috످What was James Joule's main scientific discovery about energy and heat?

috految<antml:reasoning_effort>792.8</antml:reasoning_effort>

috److془The user asks about James Joule. I know this well. Mechanical equivalent of heat. Paddle wheel 1845-1850. 772 ft-lbf per BTU = 4.15 J/cal; modern 4.18. Caloric theory. First law of thermodynamics. Unit named.془James Joule's main discovery was that heat is a form of energy, and a given amount of mechanical work can be converted into an equivalent amount of heat. This relationship is known as the mechanical equivalent of heat.

In his most famous experiment, first performed in 1845, Joule used falling weights to spin a paddle wheel inside a container of water. Friction from the stirring warmed the water, much like rubbing your hands together warms them. By comparing the work done by the weights with the rise in temperature, he showed that the same amount of work always produced the same amount of heat. In modern units, it takes about 4.18 joules of energy to warm 1 gram of water by 1°C.

His findings helped overturn the caloric theory, which held that heat was an invisible fluid. They also helped establish the law of conservation of energy (the basis of the first law of thermodynamics), which states that energy cannot be created or destroyed, only transferred or converted from one form to another. The standard unit of energy, the joule (J), is named in his honor.

috످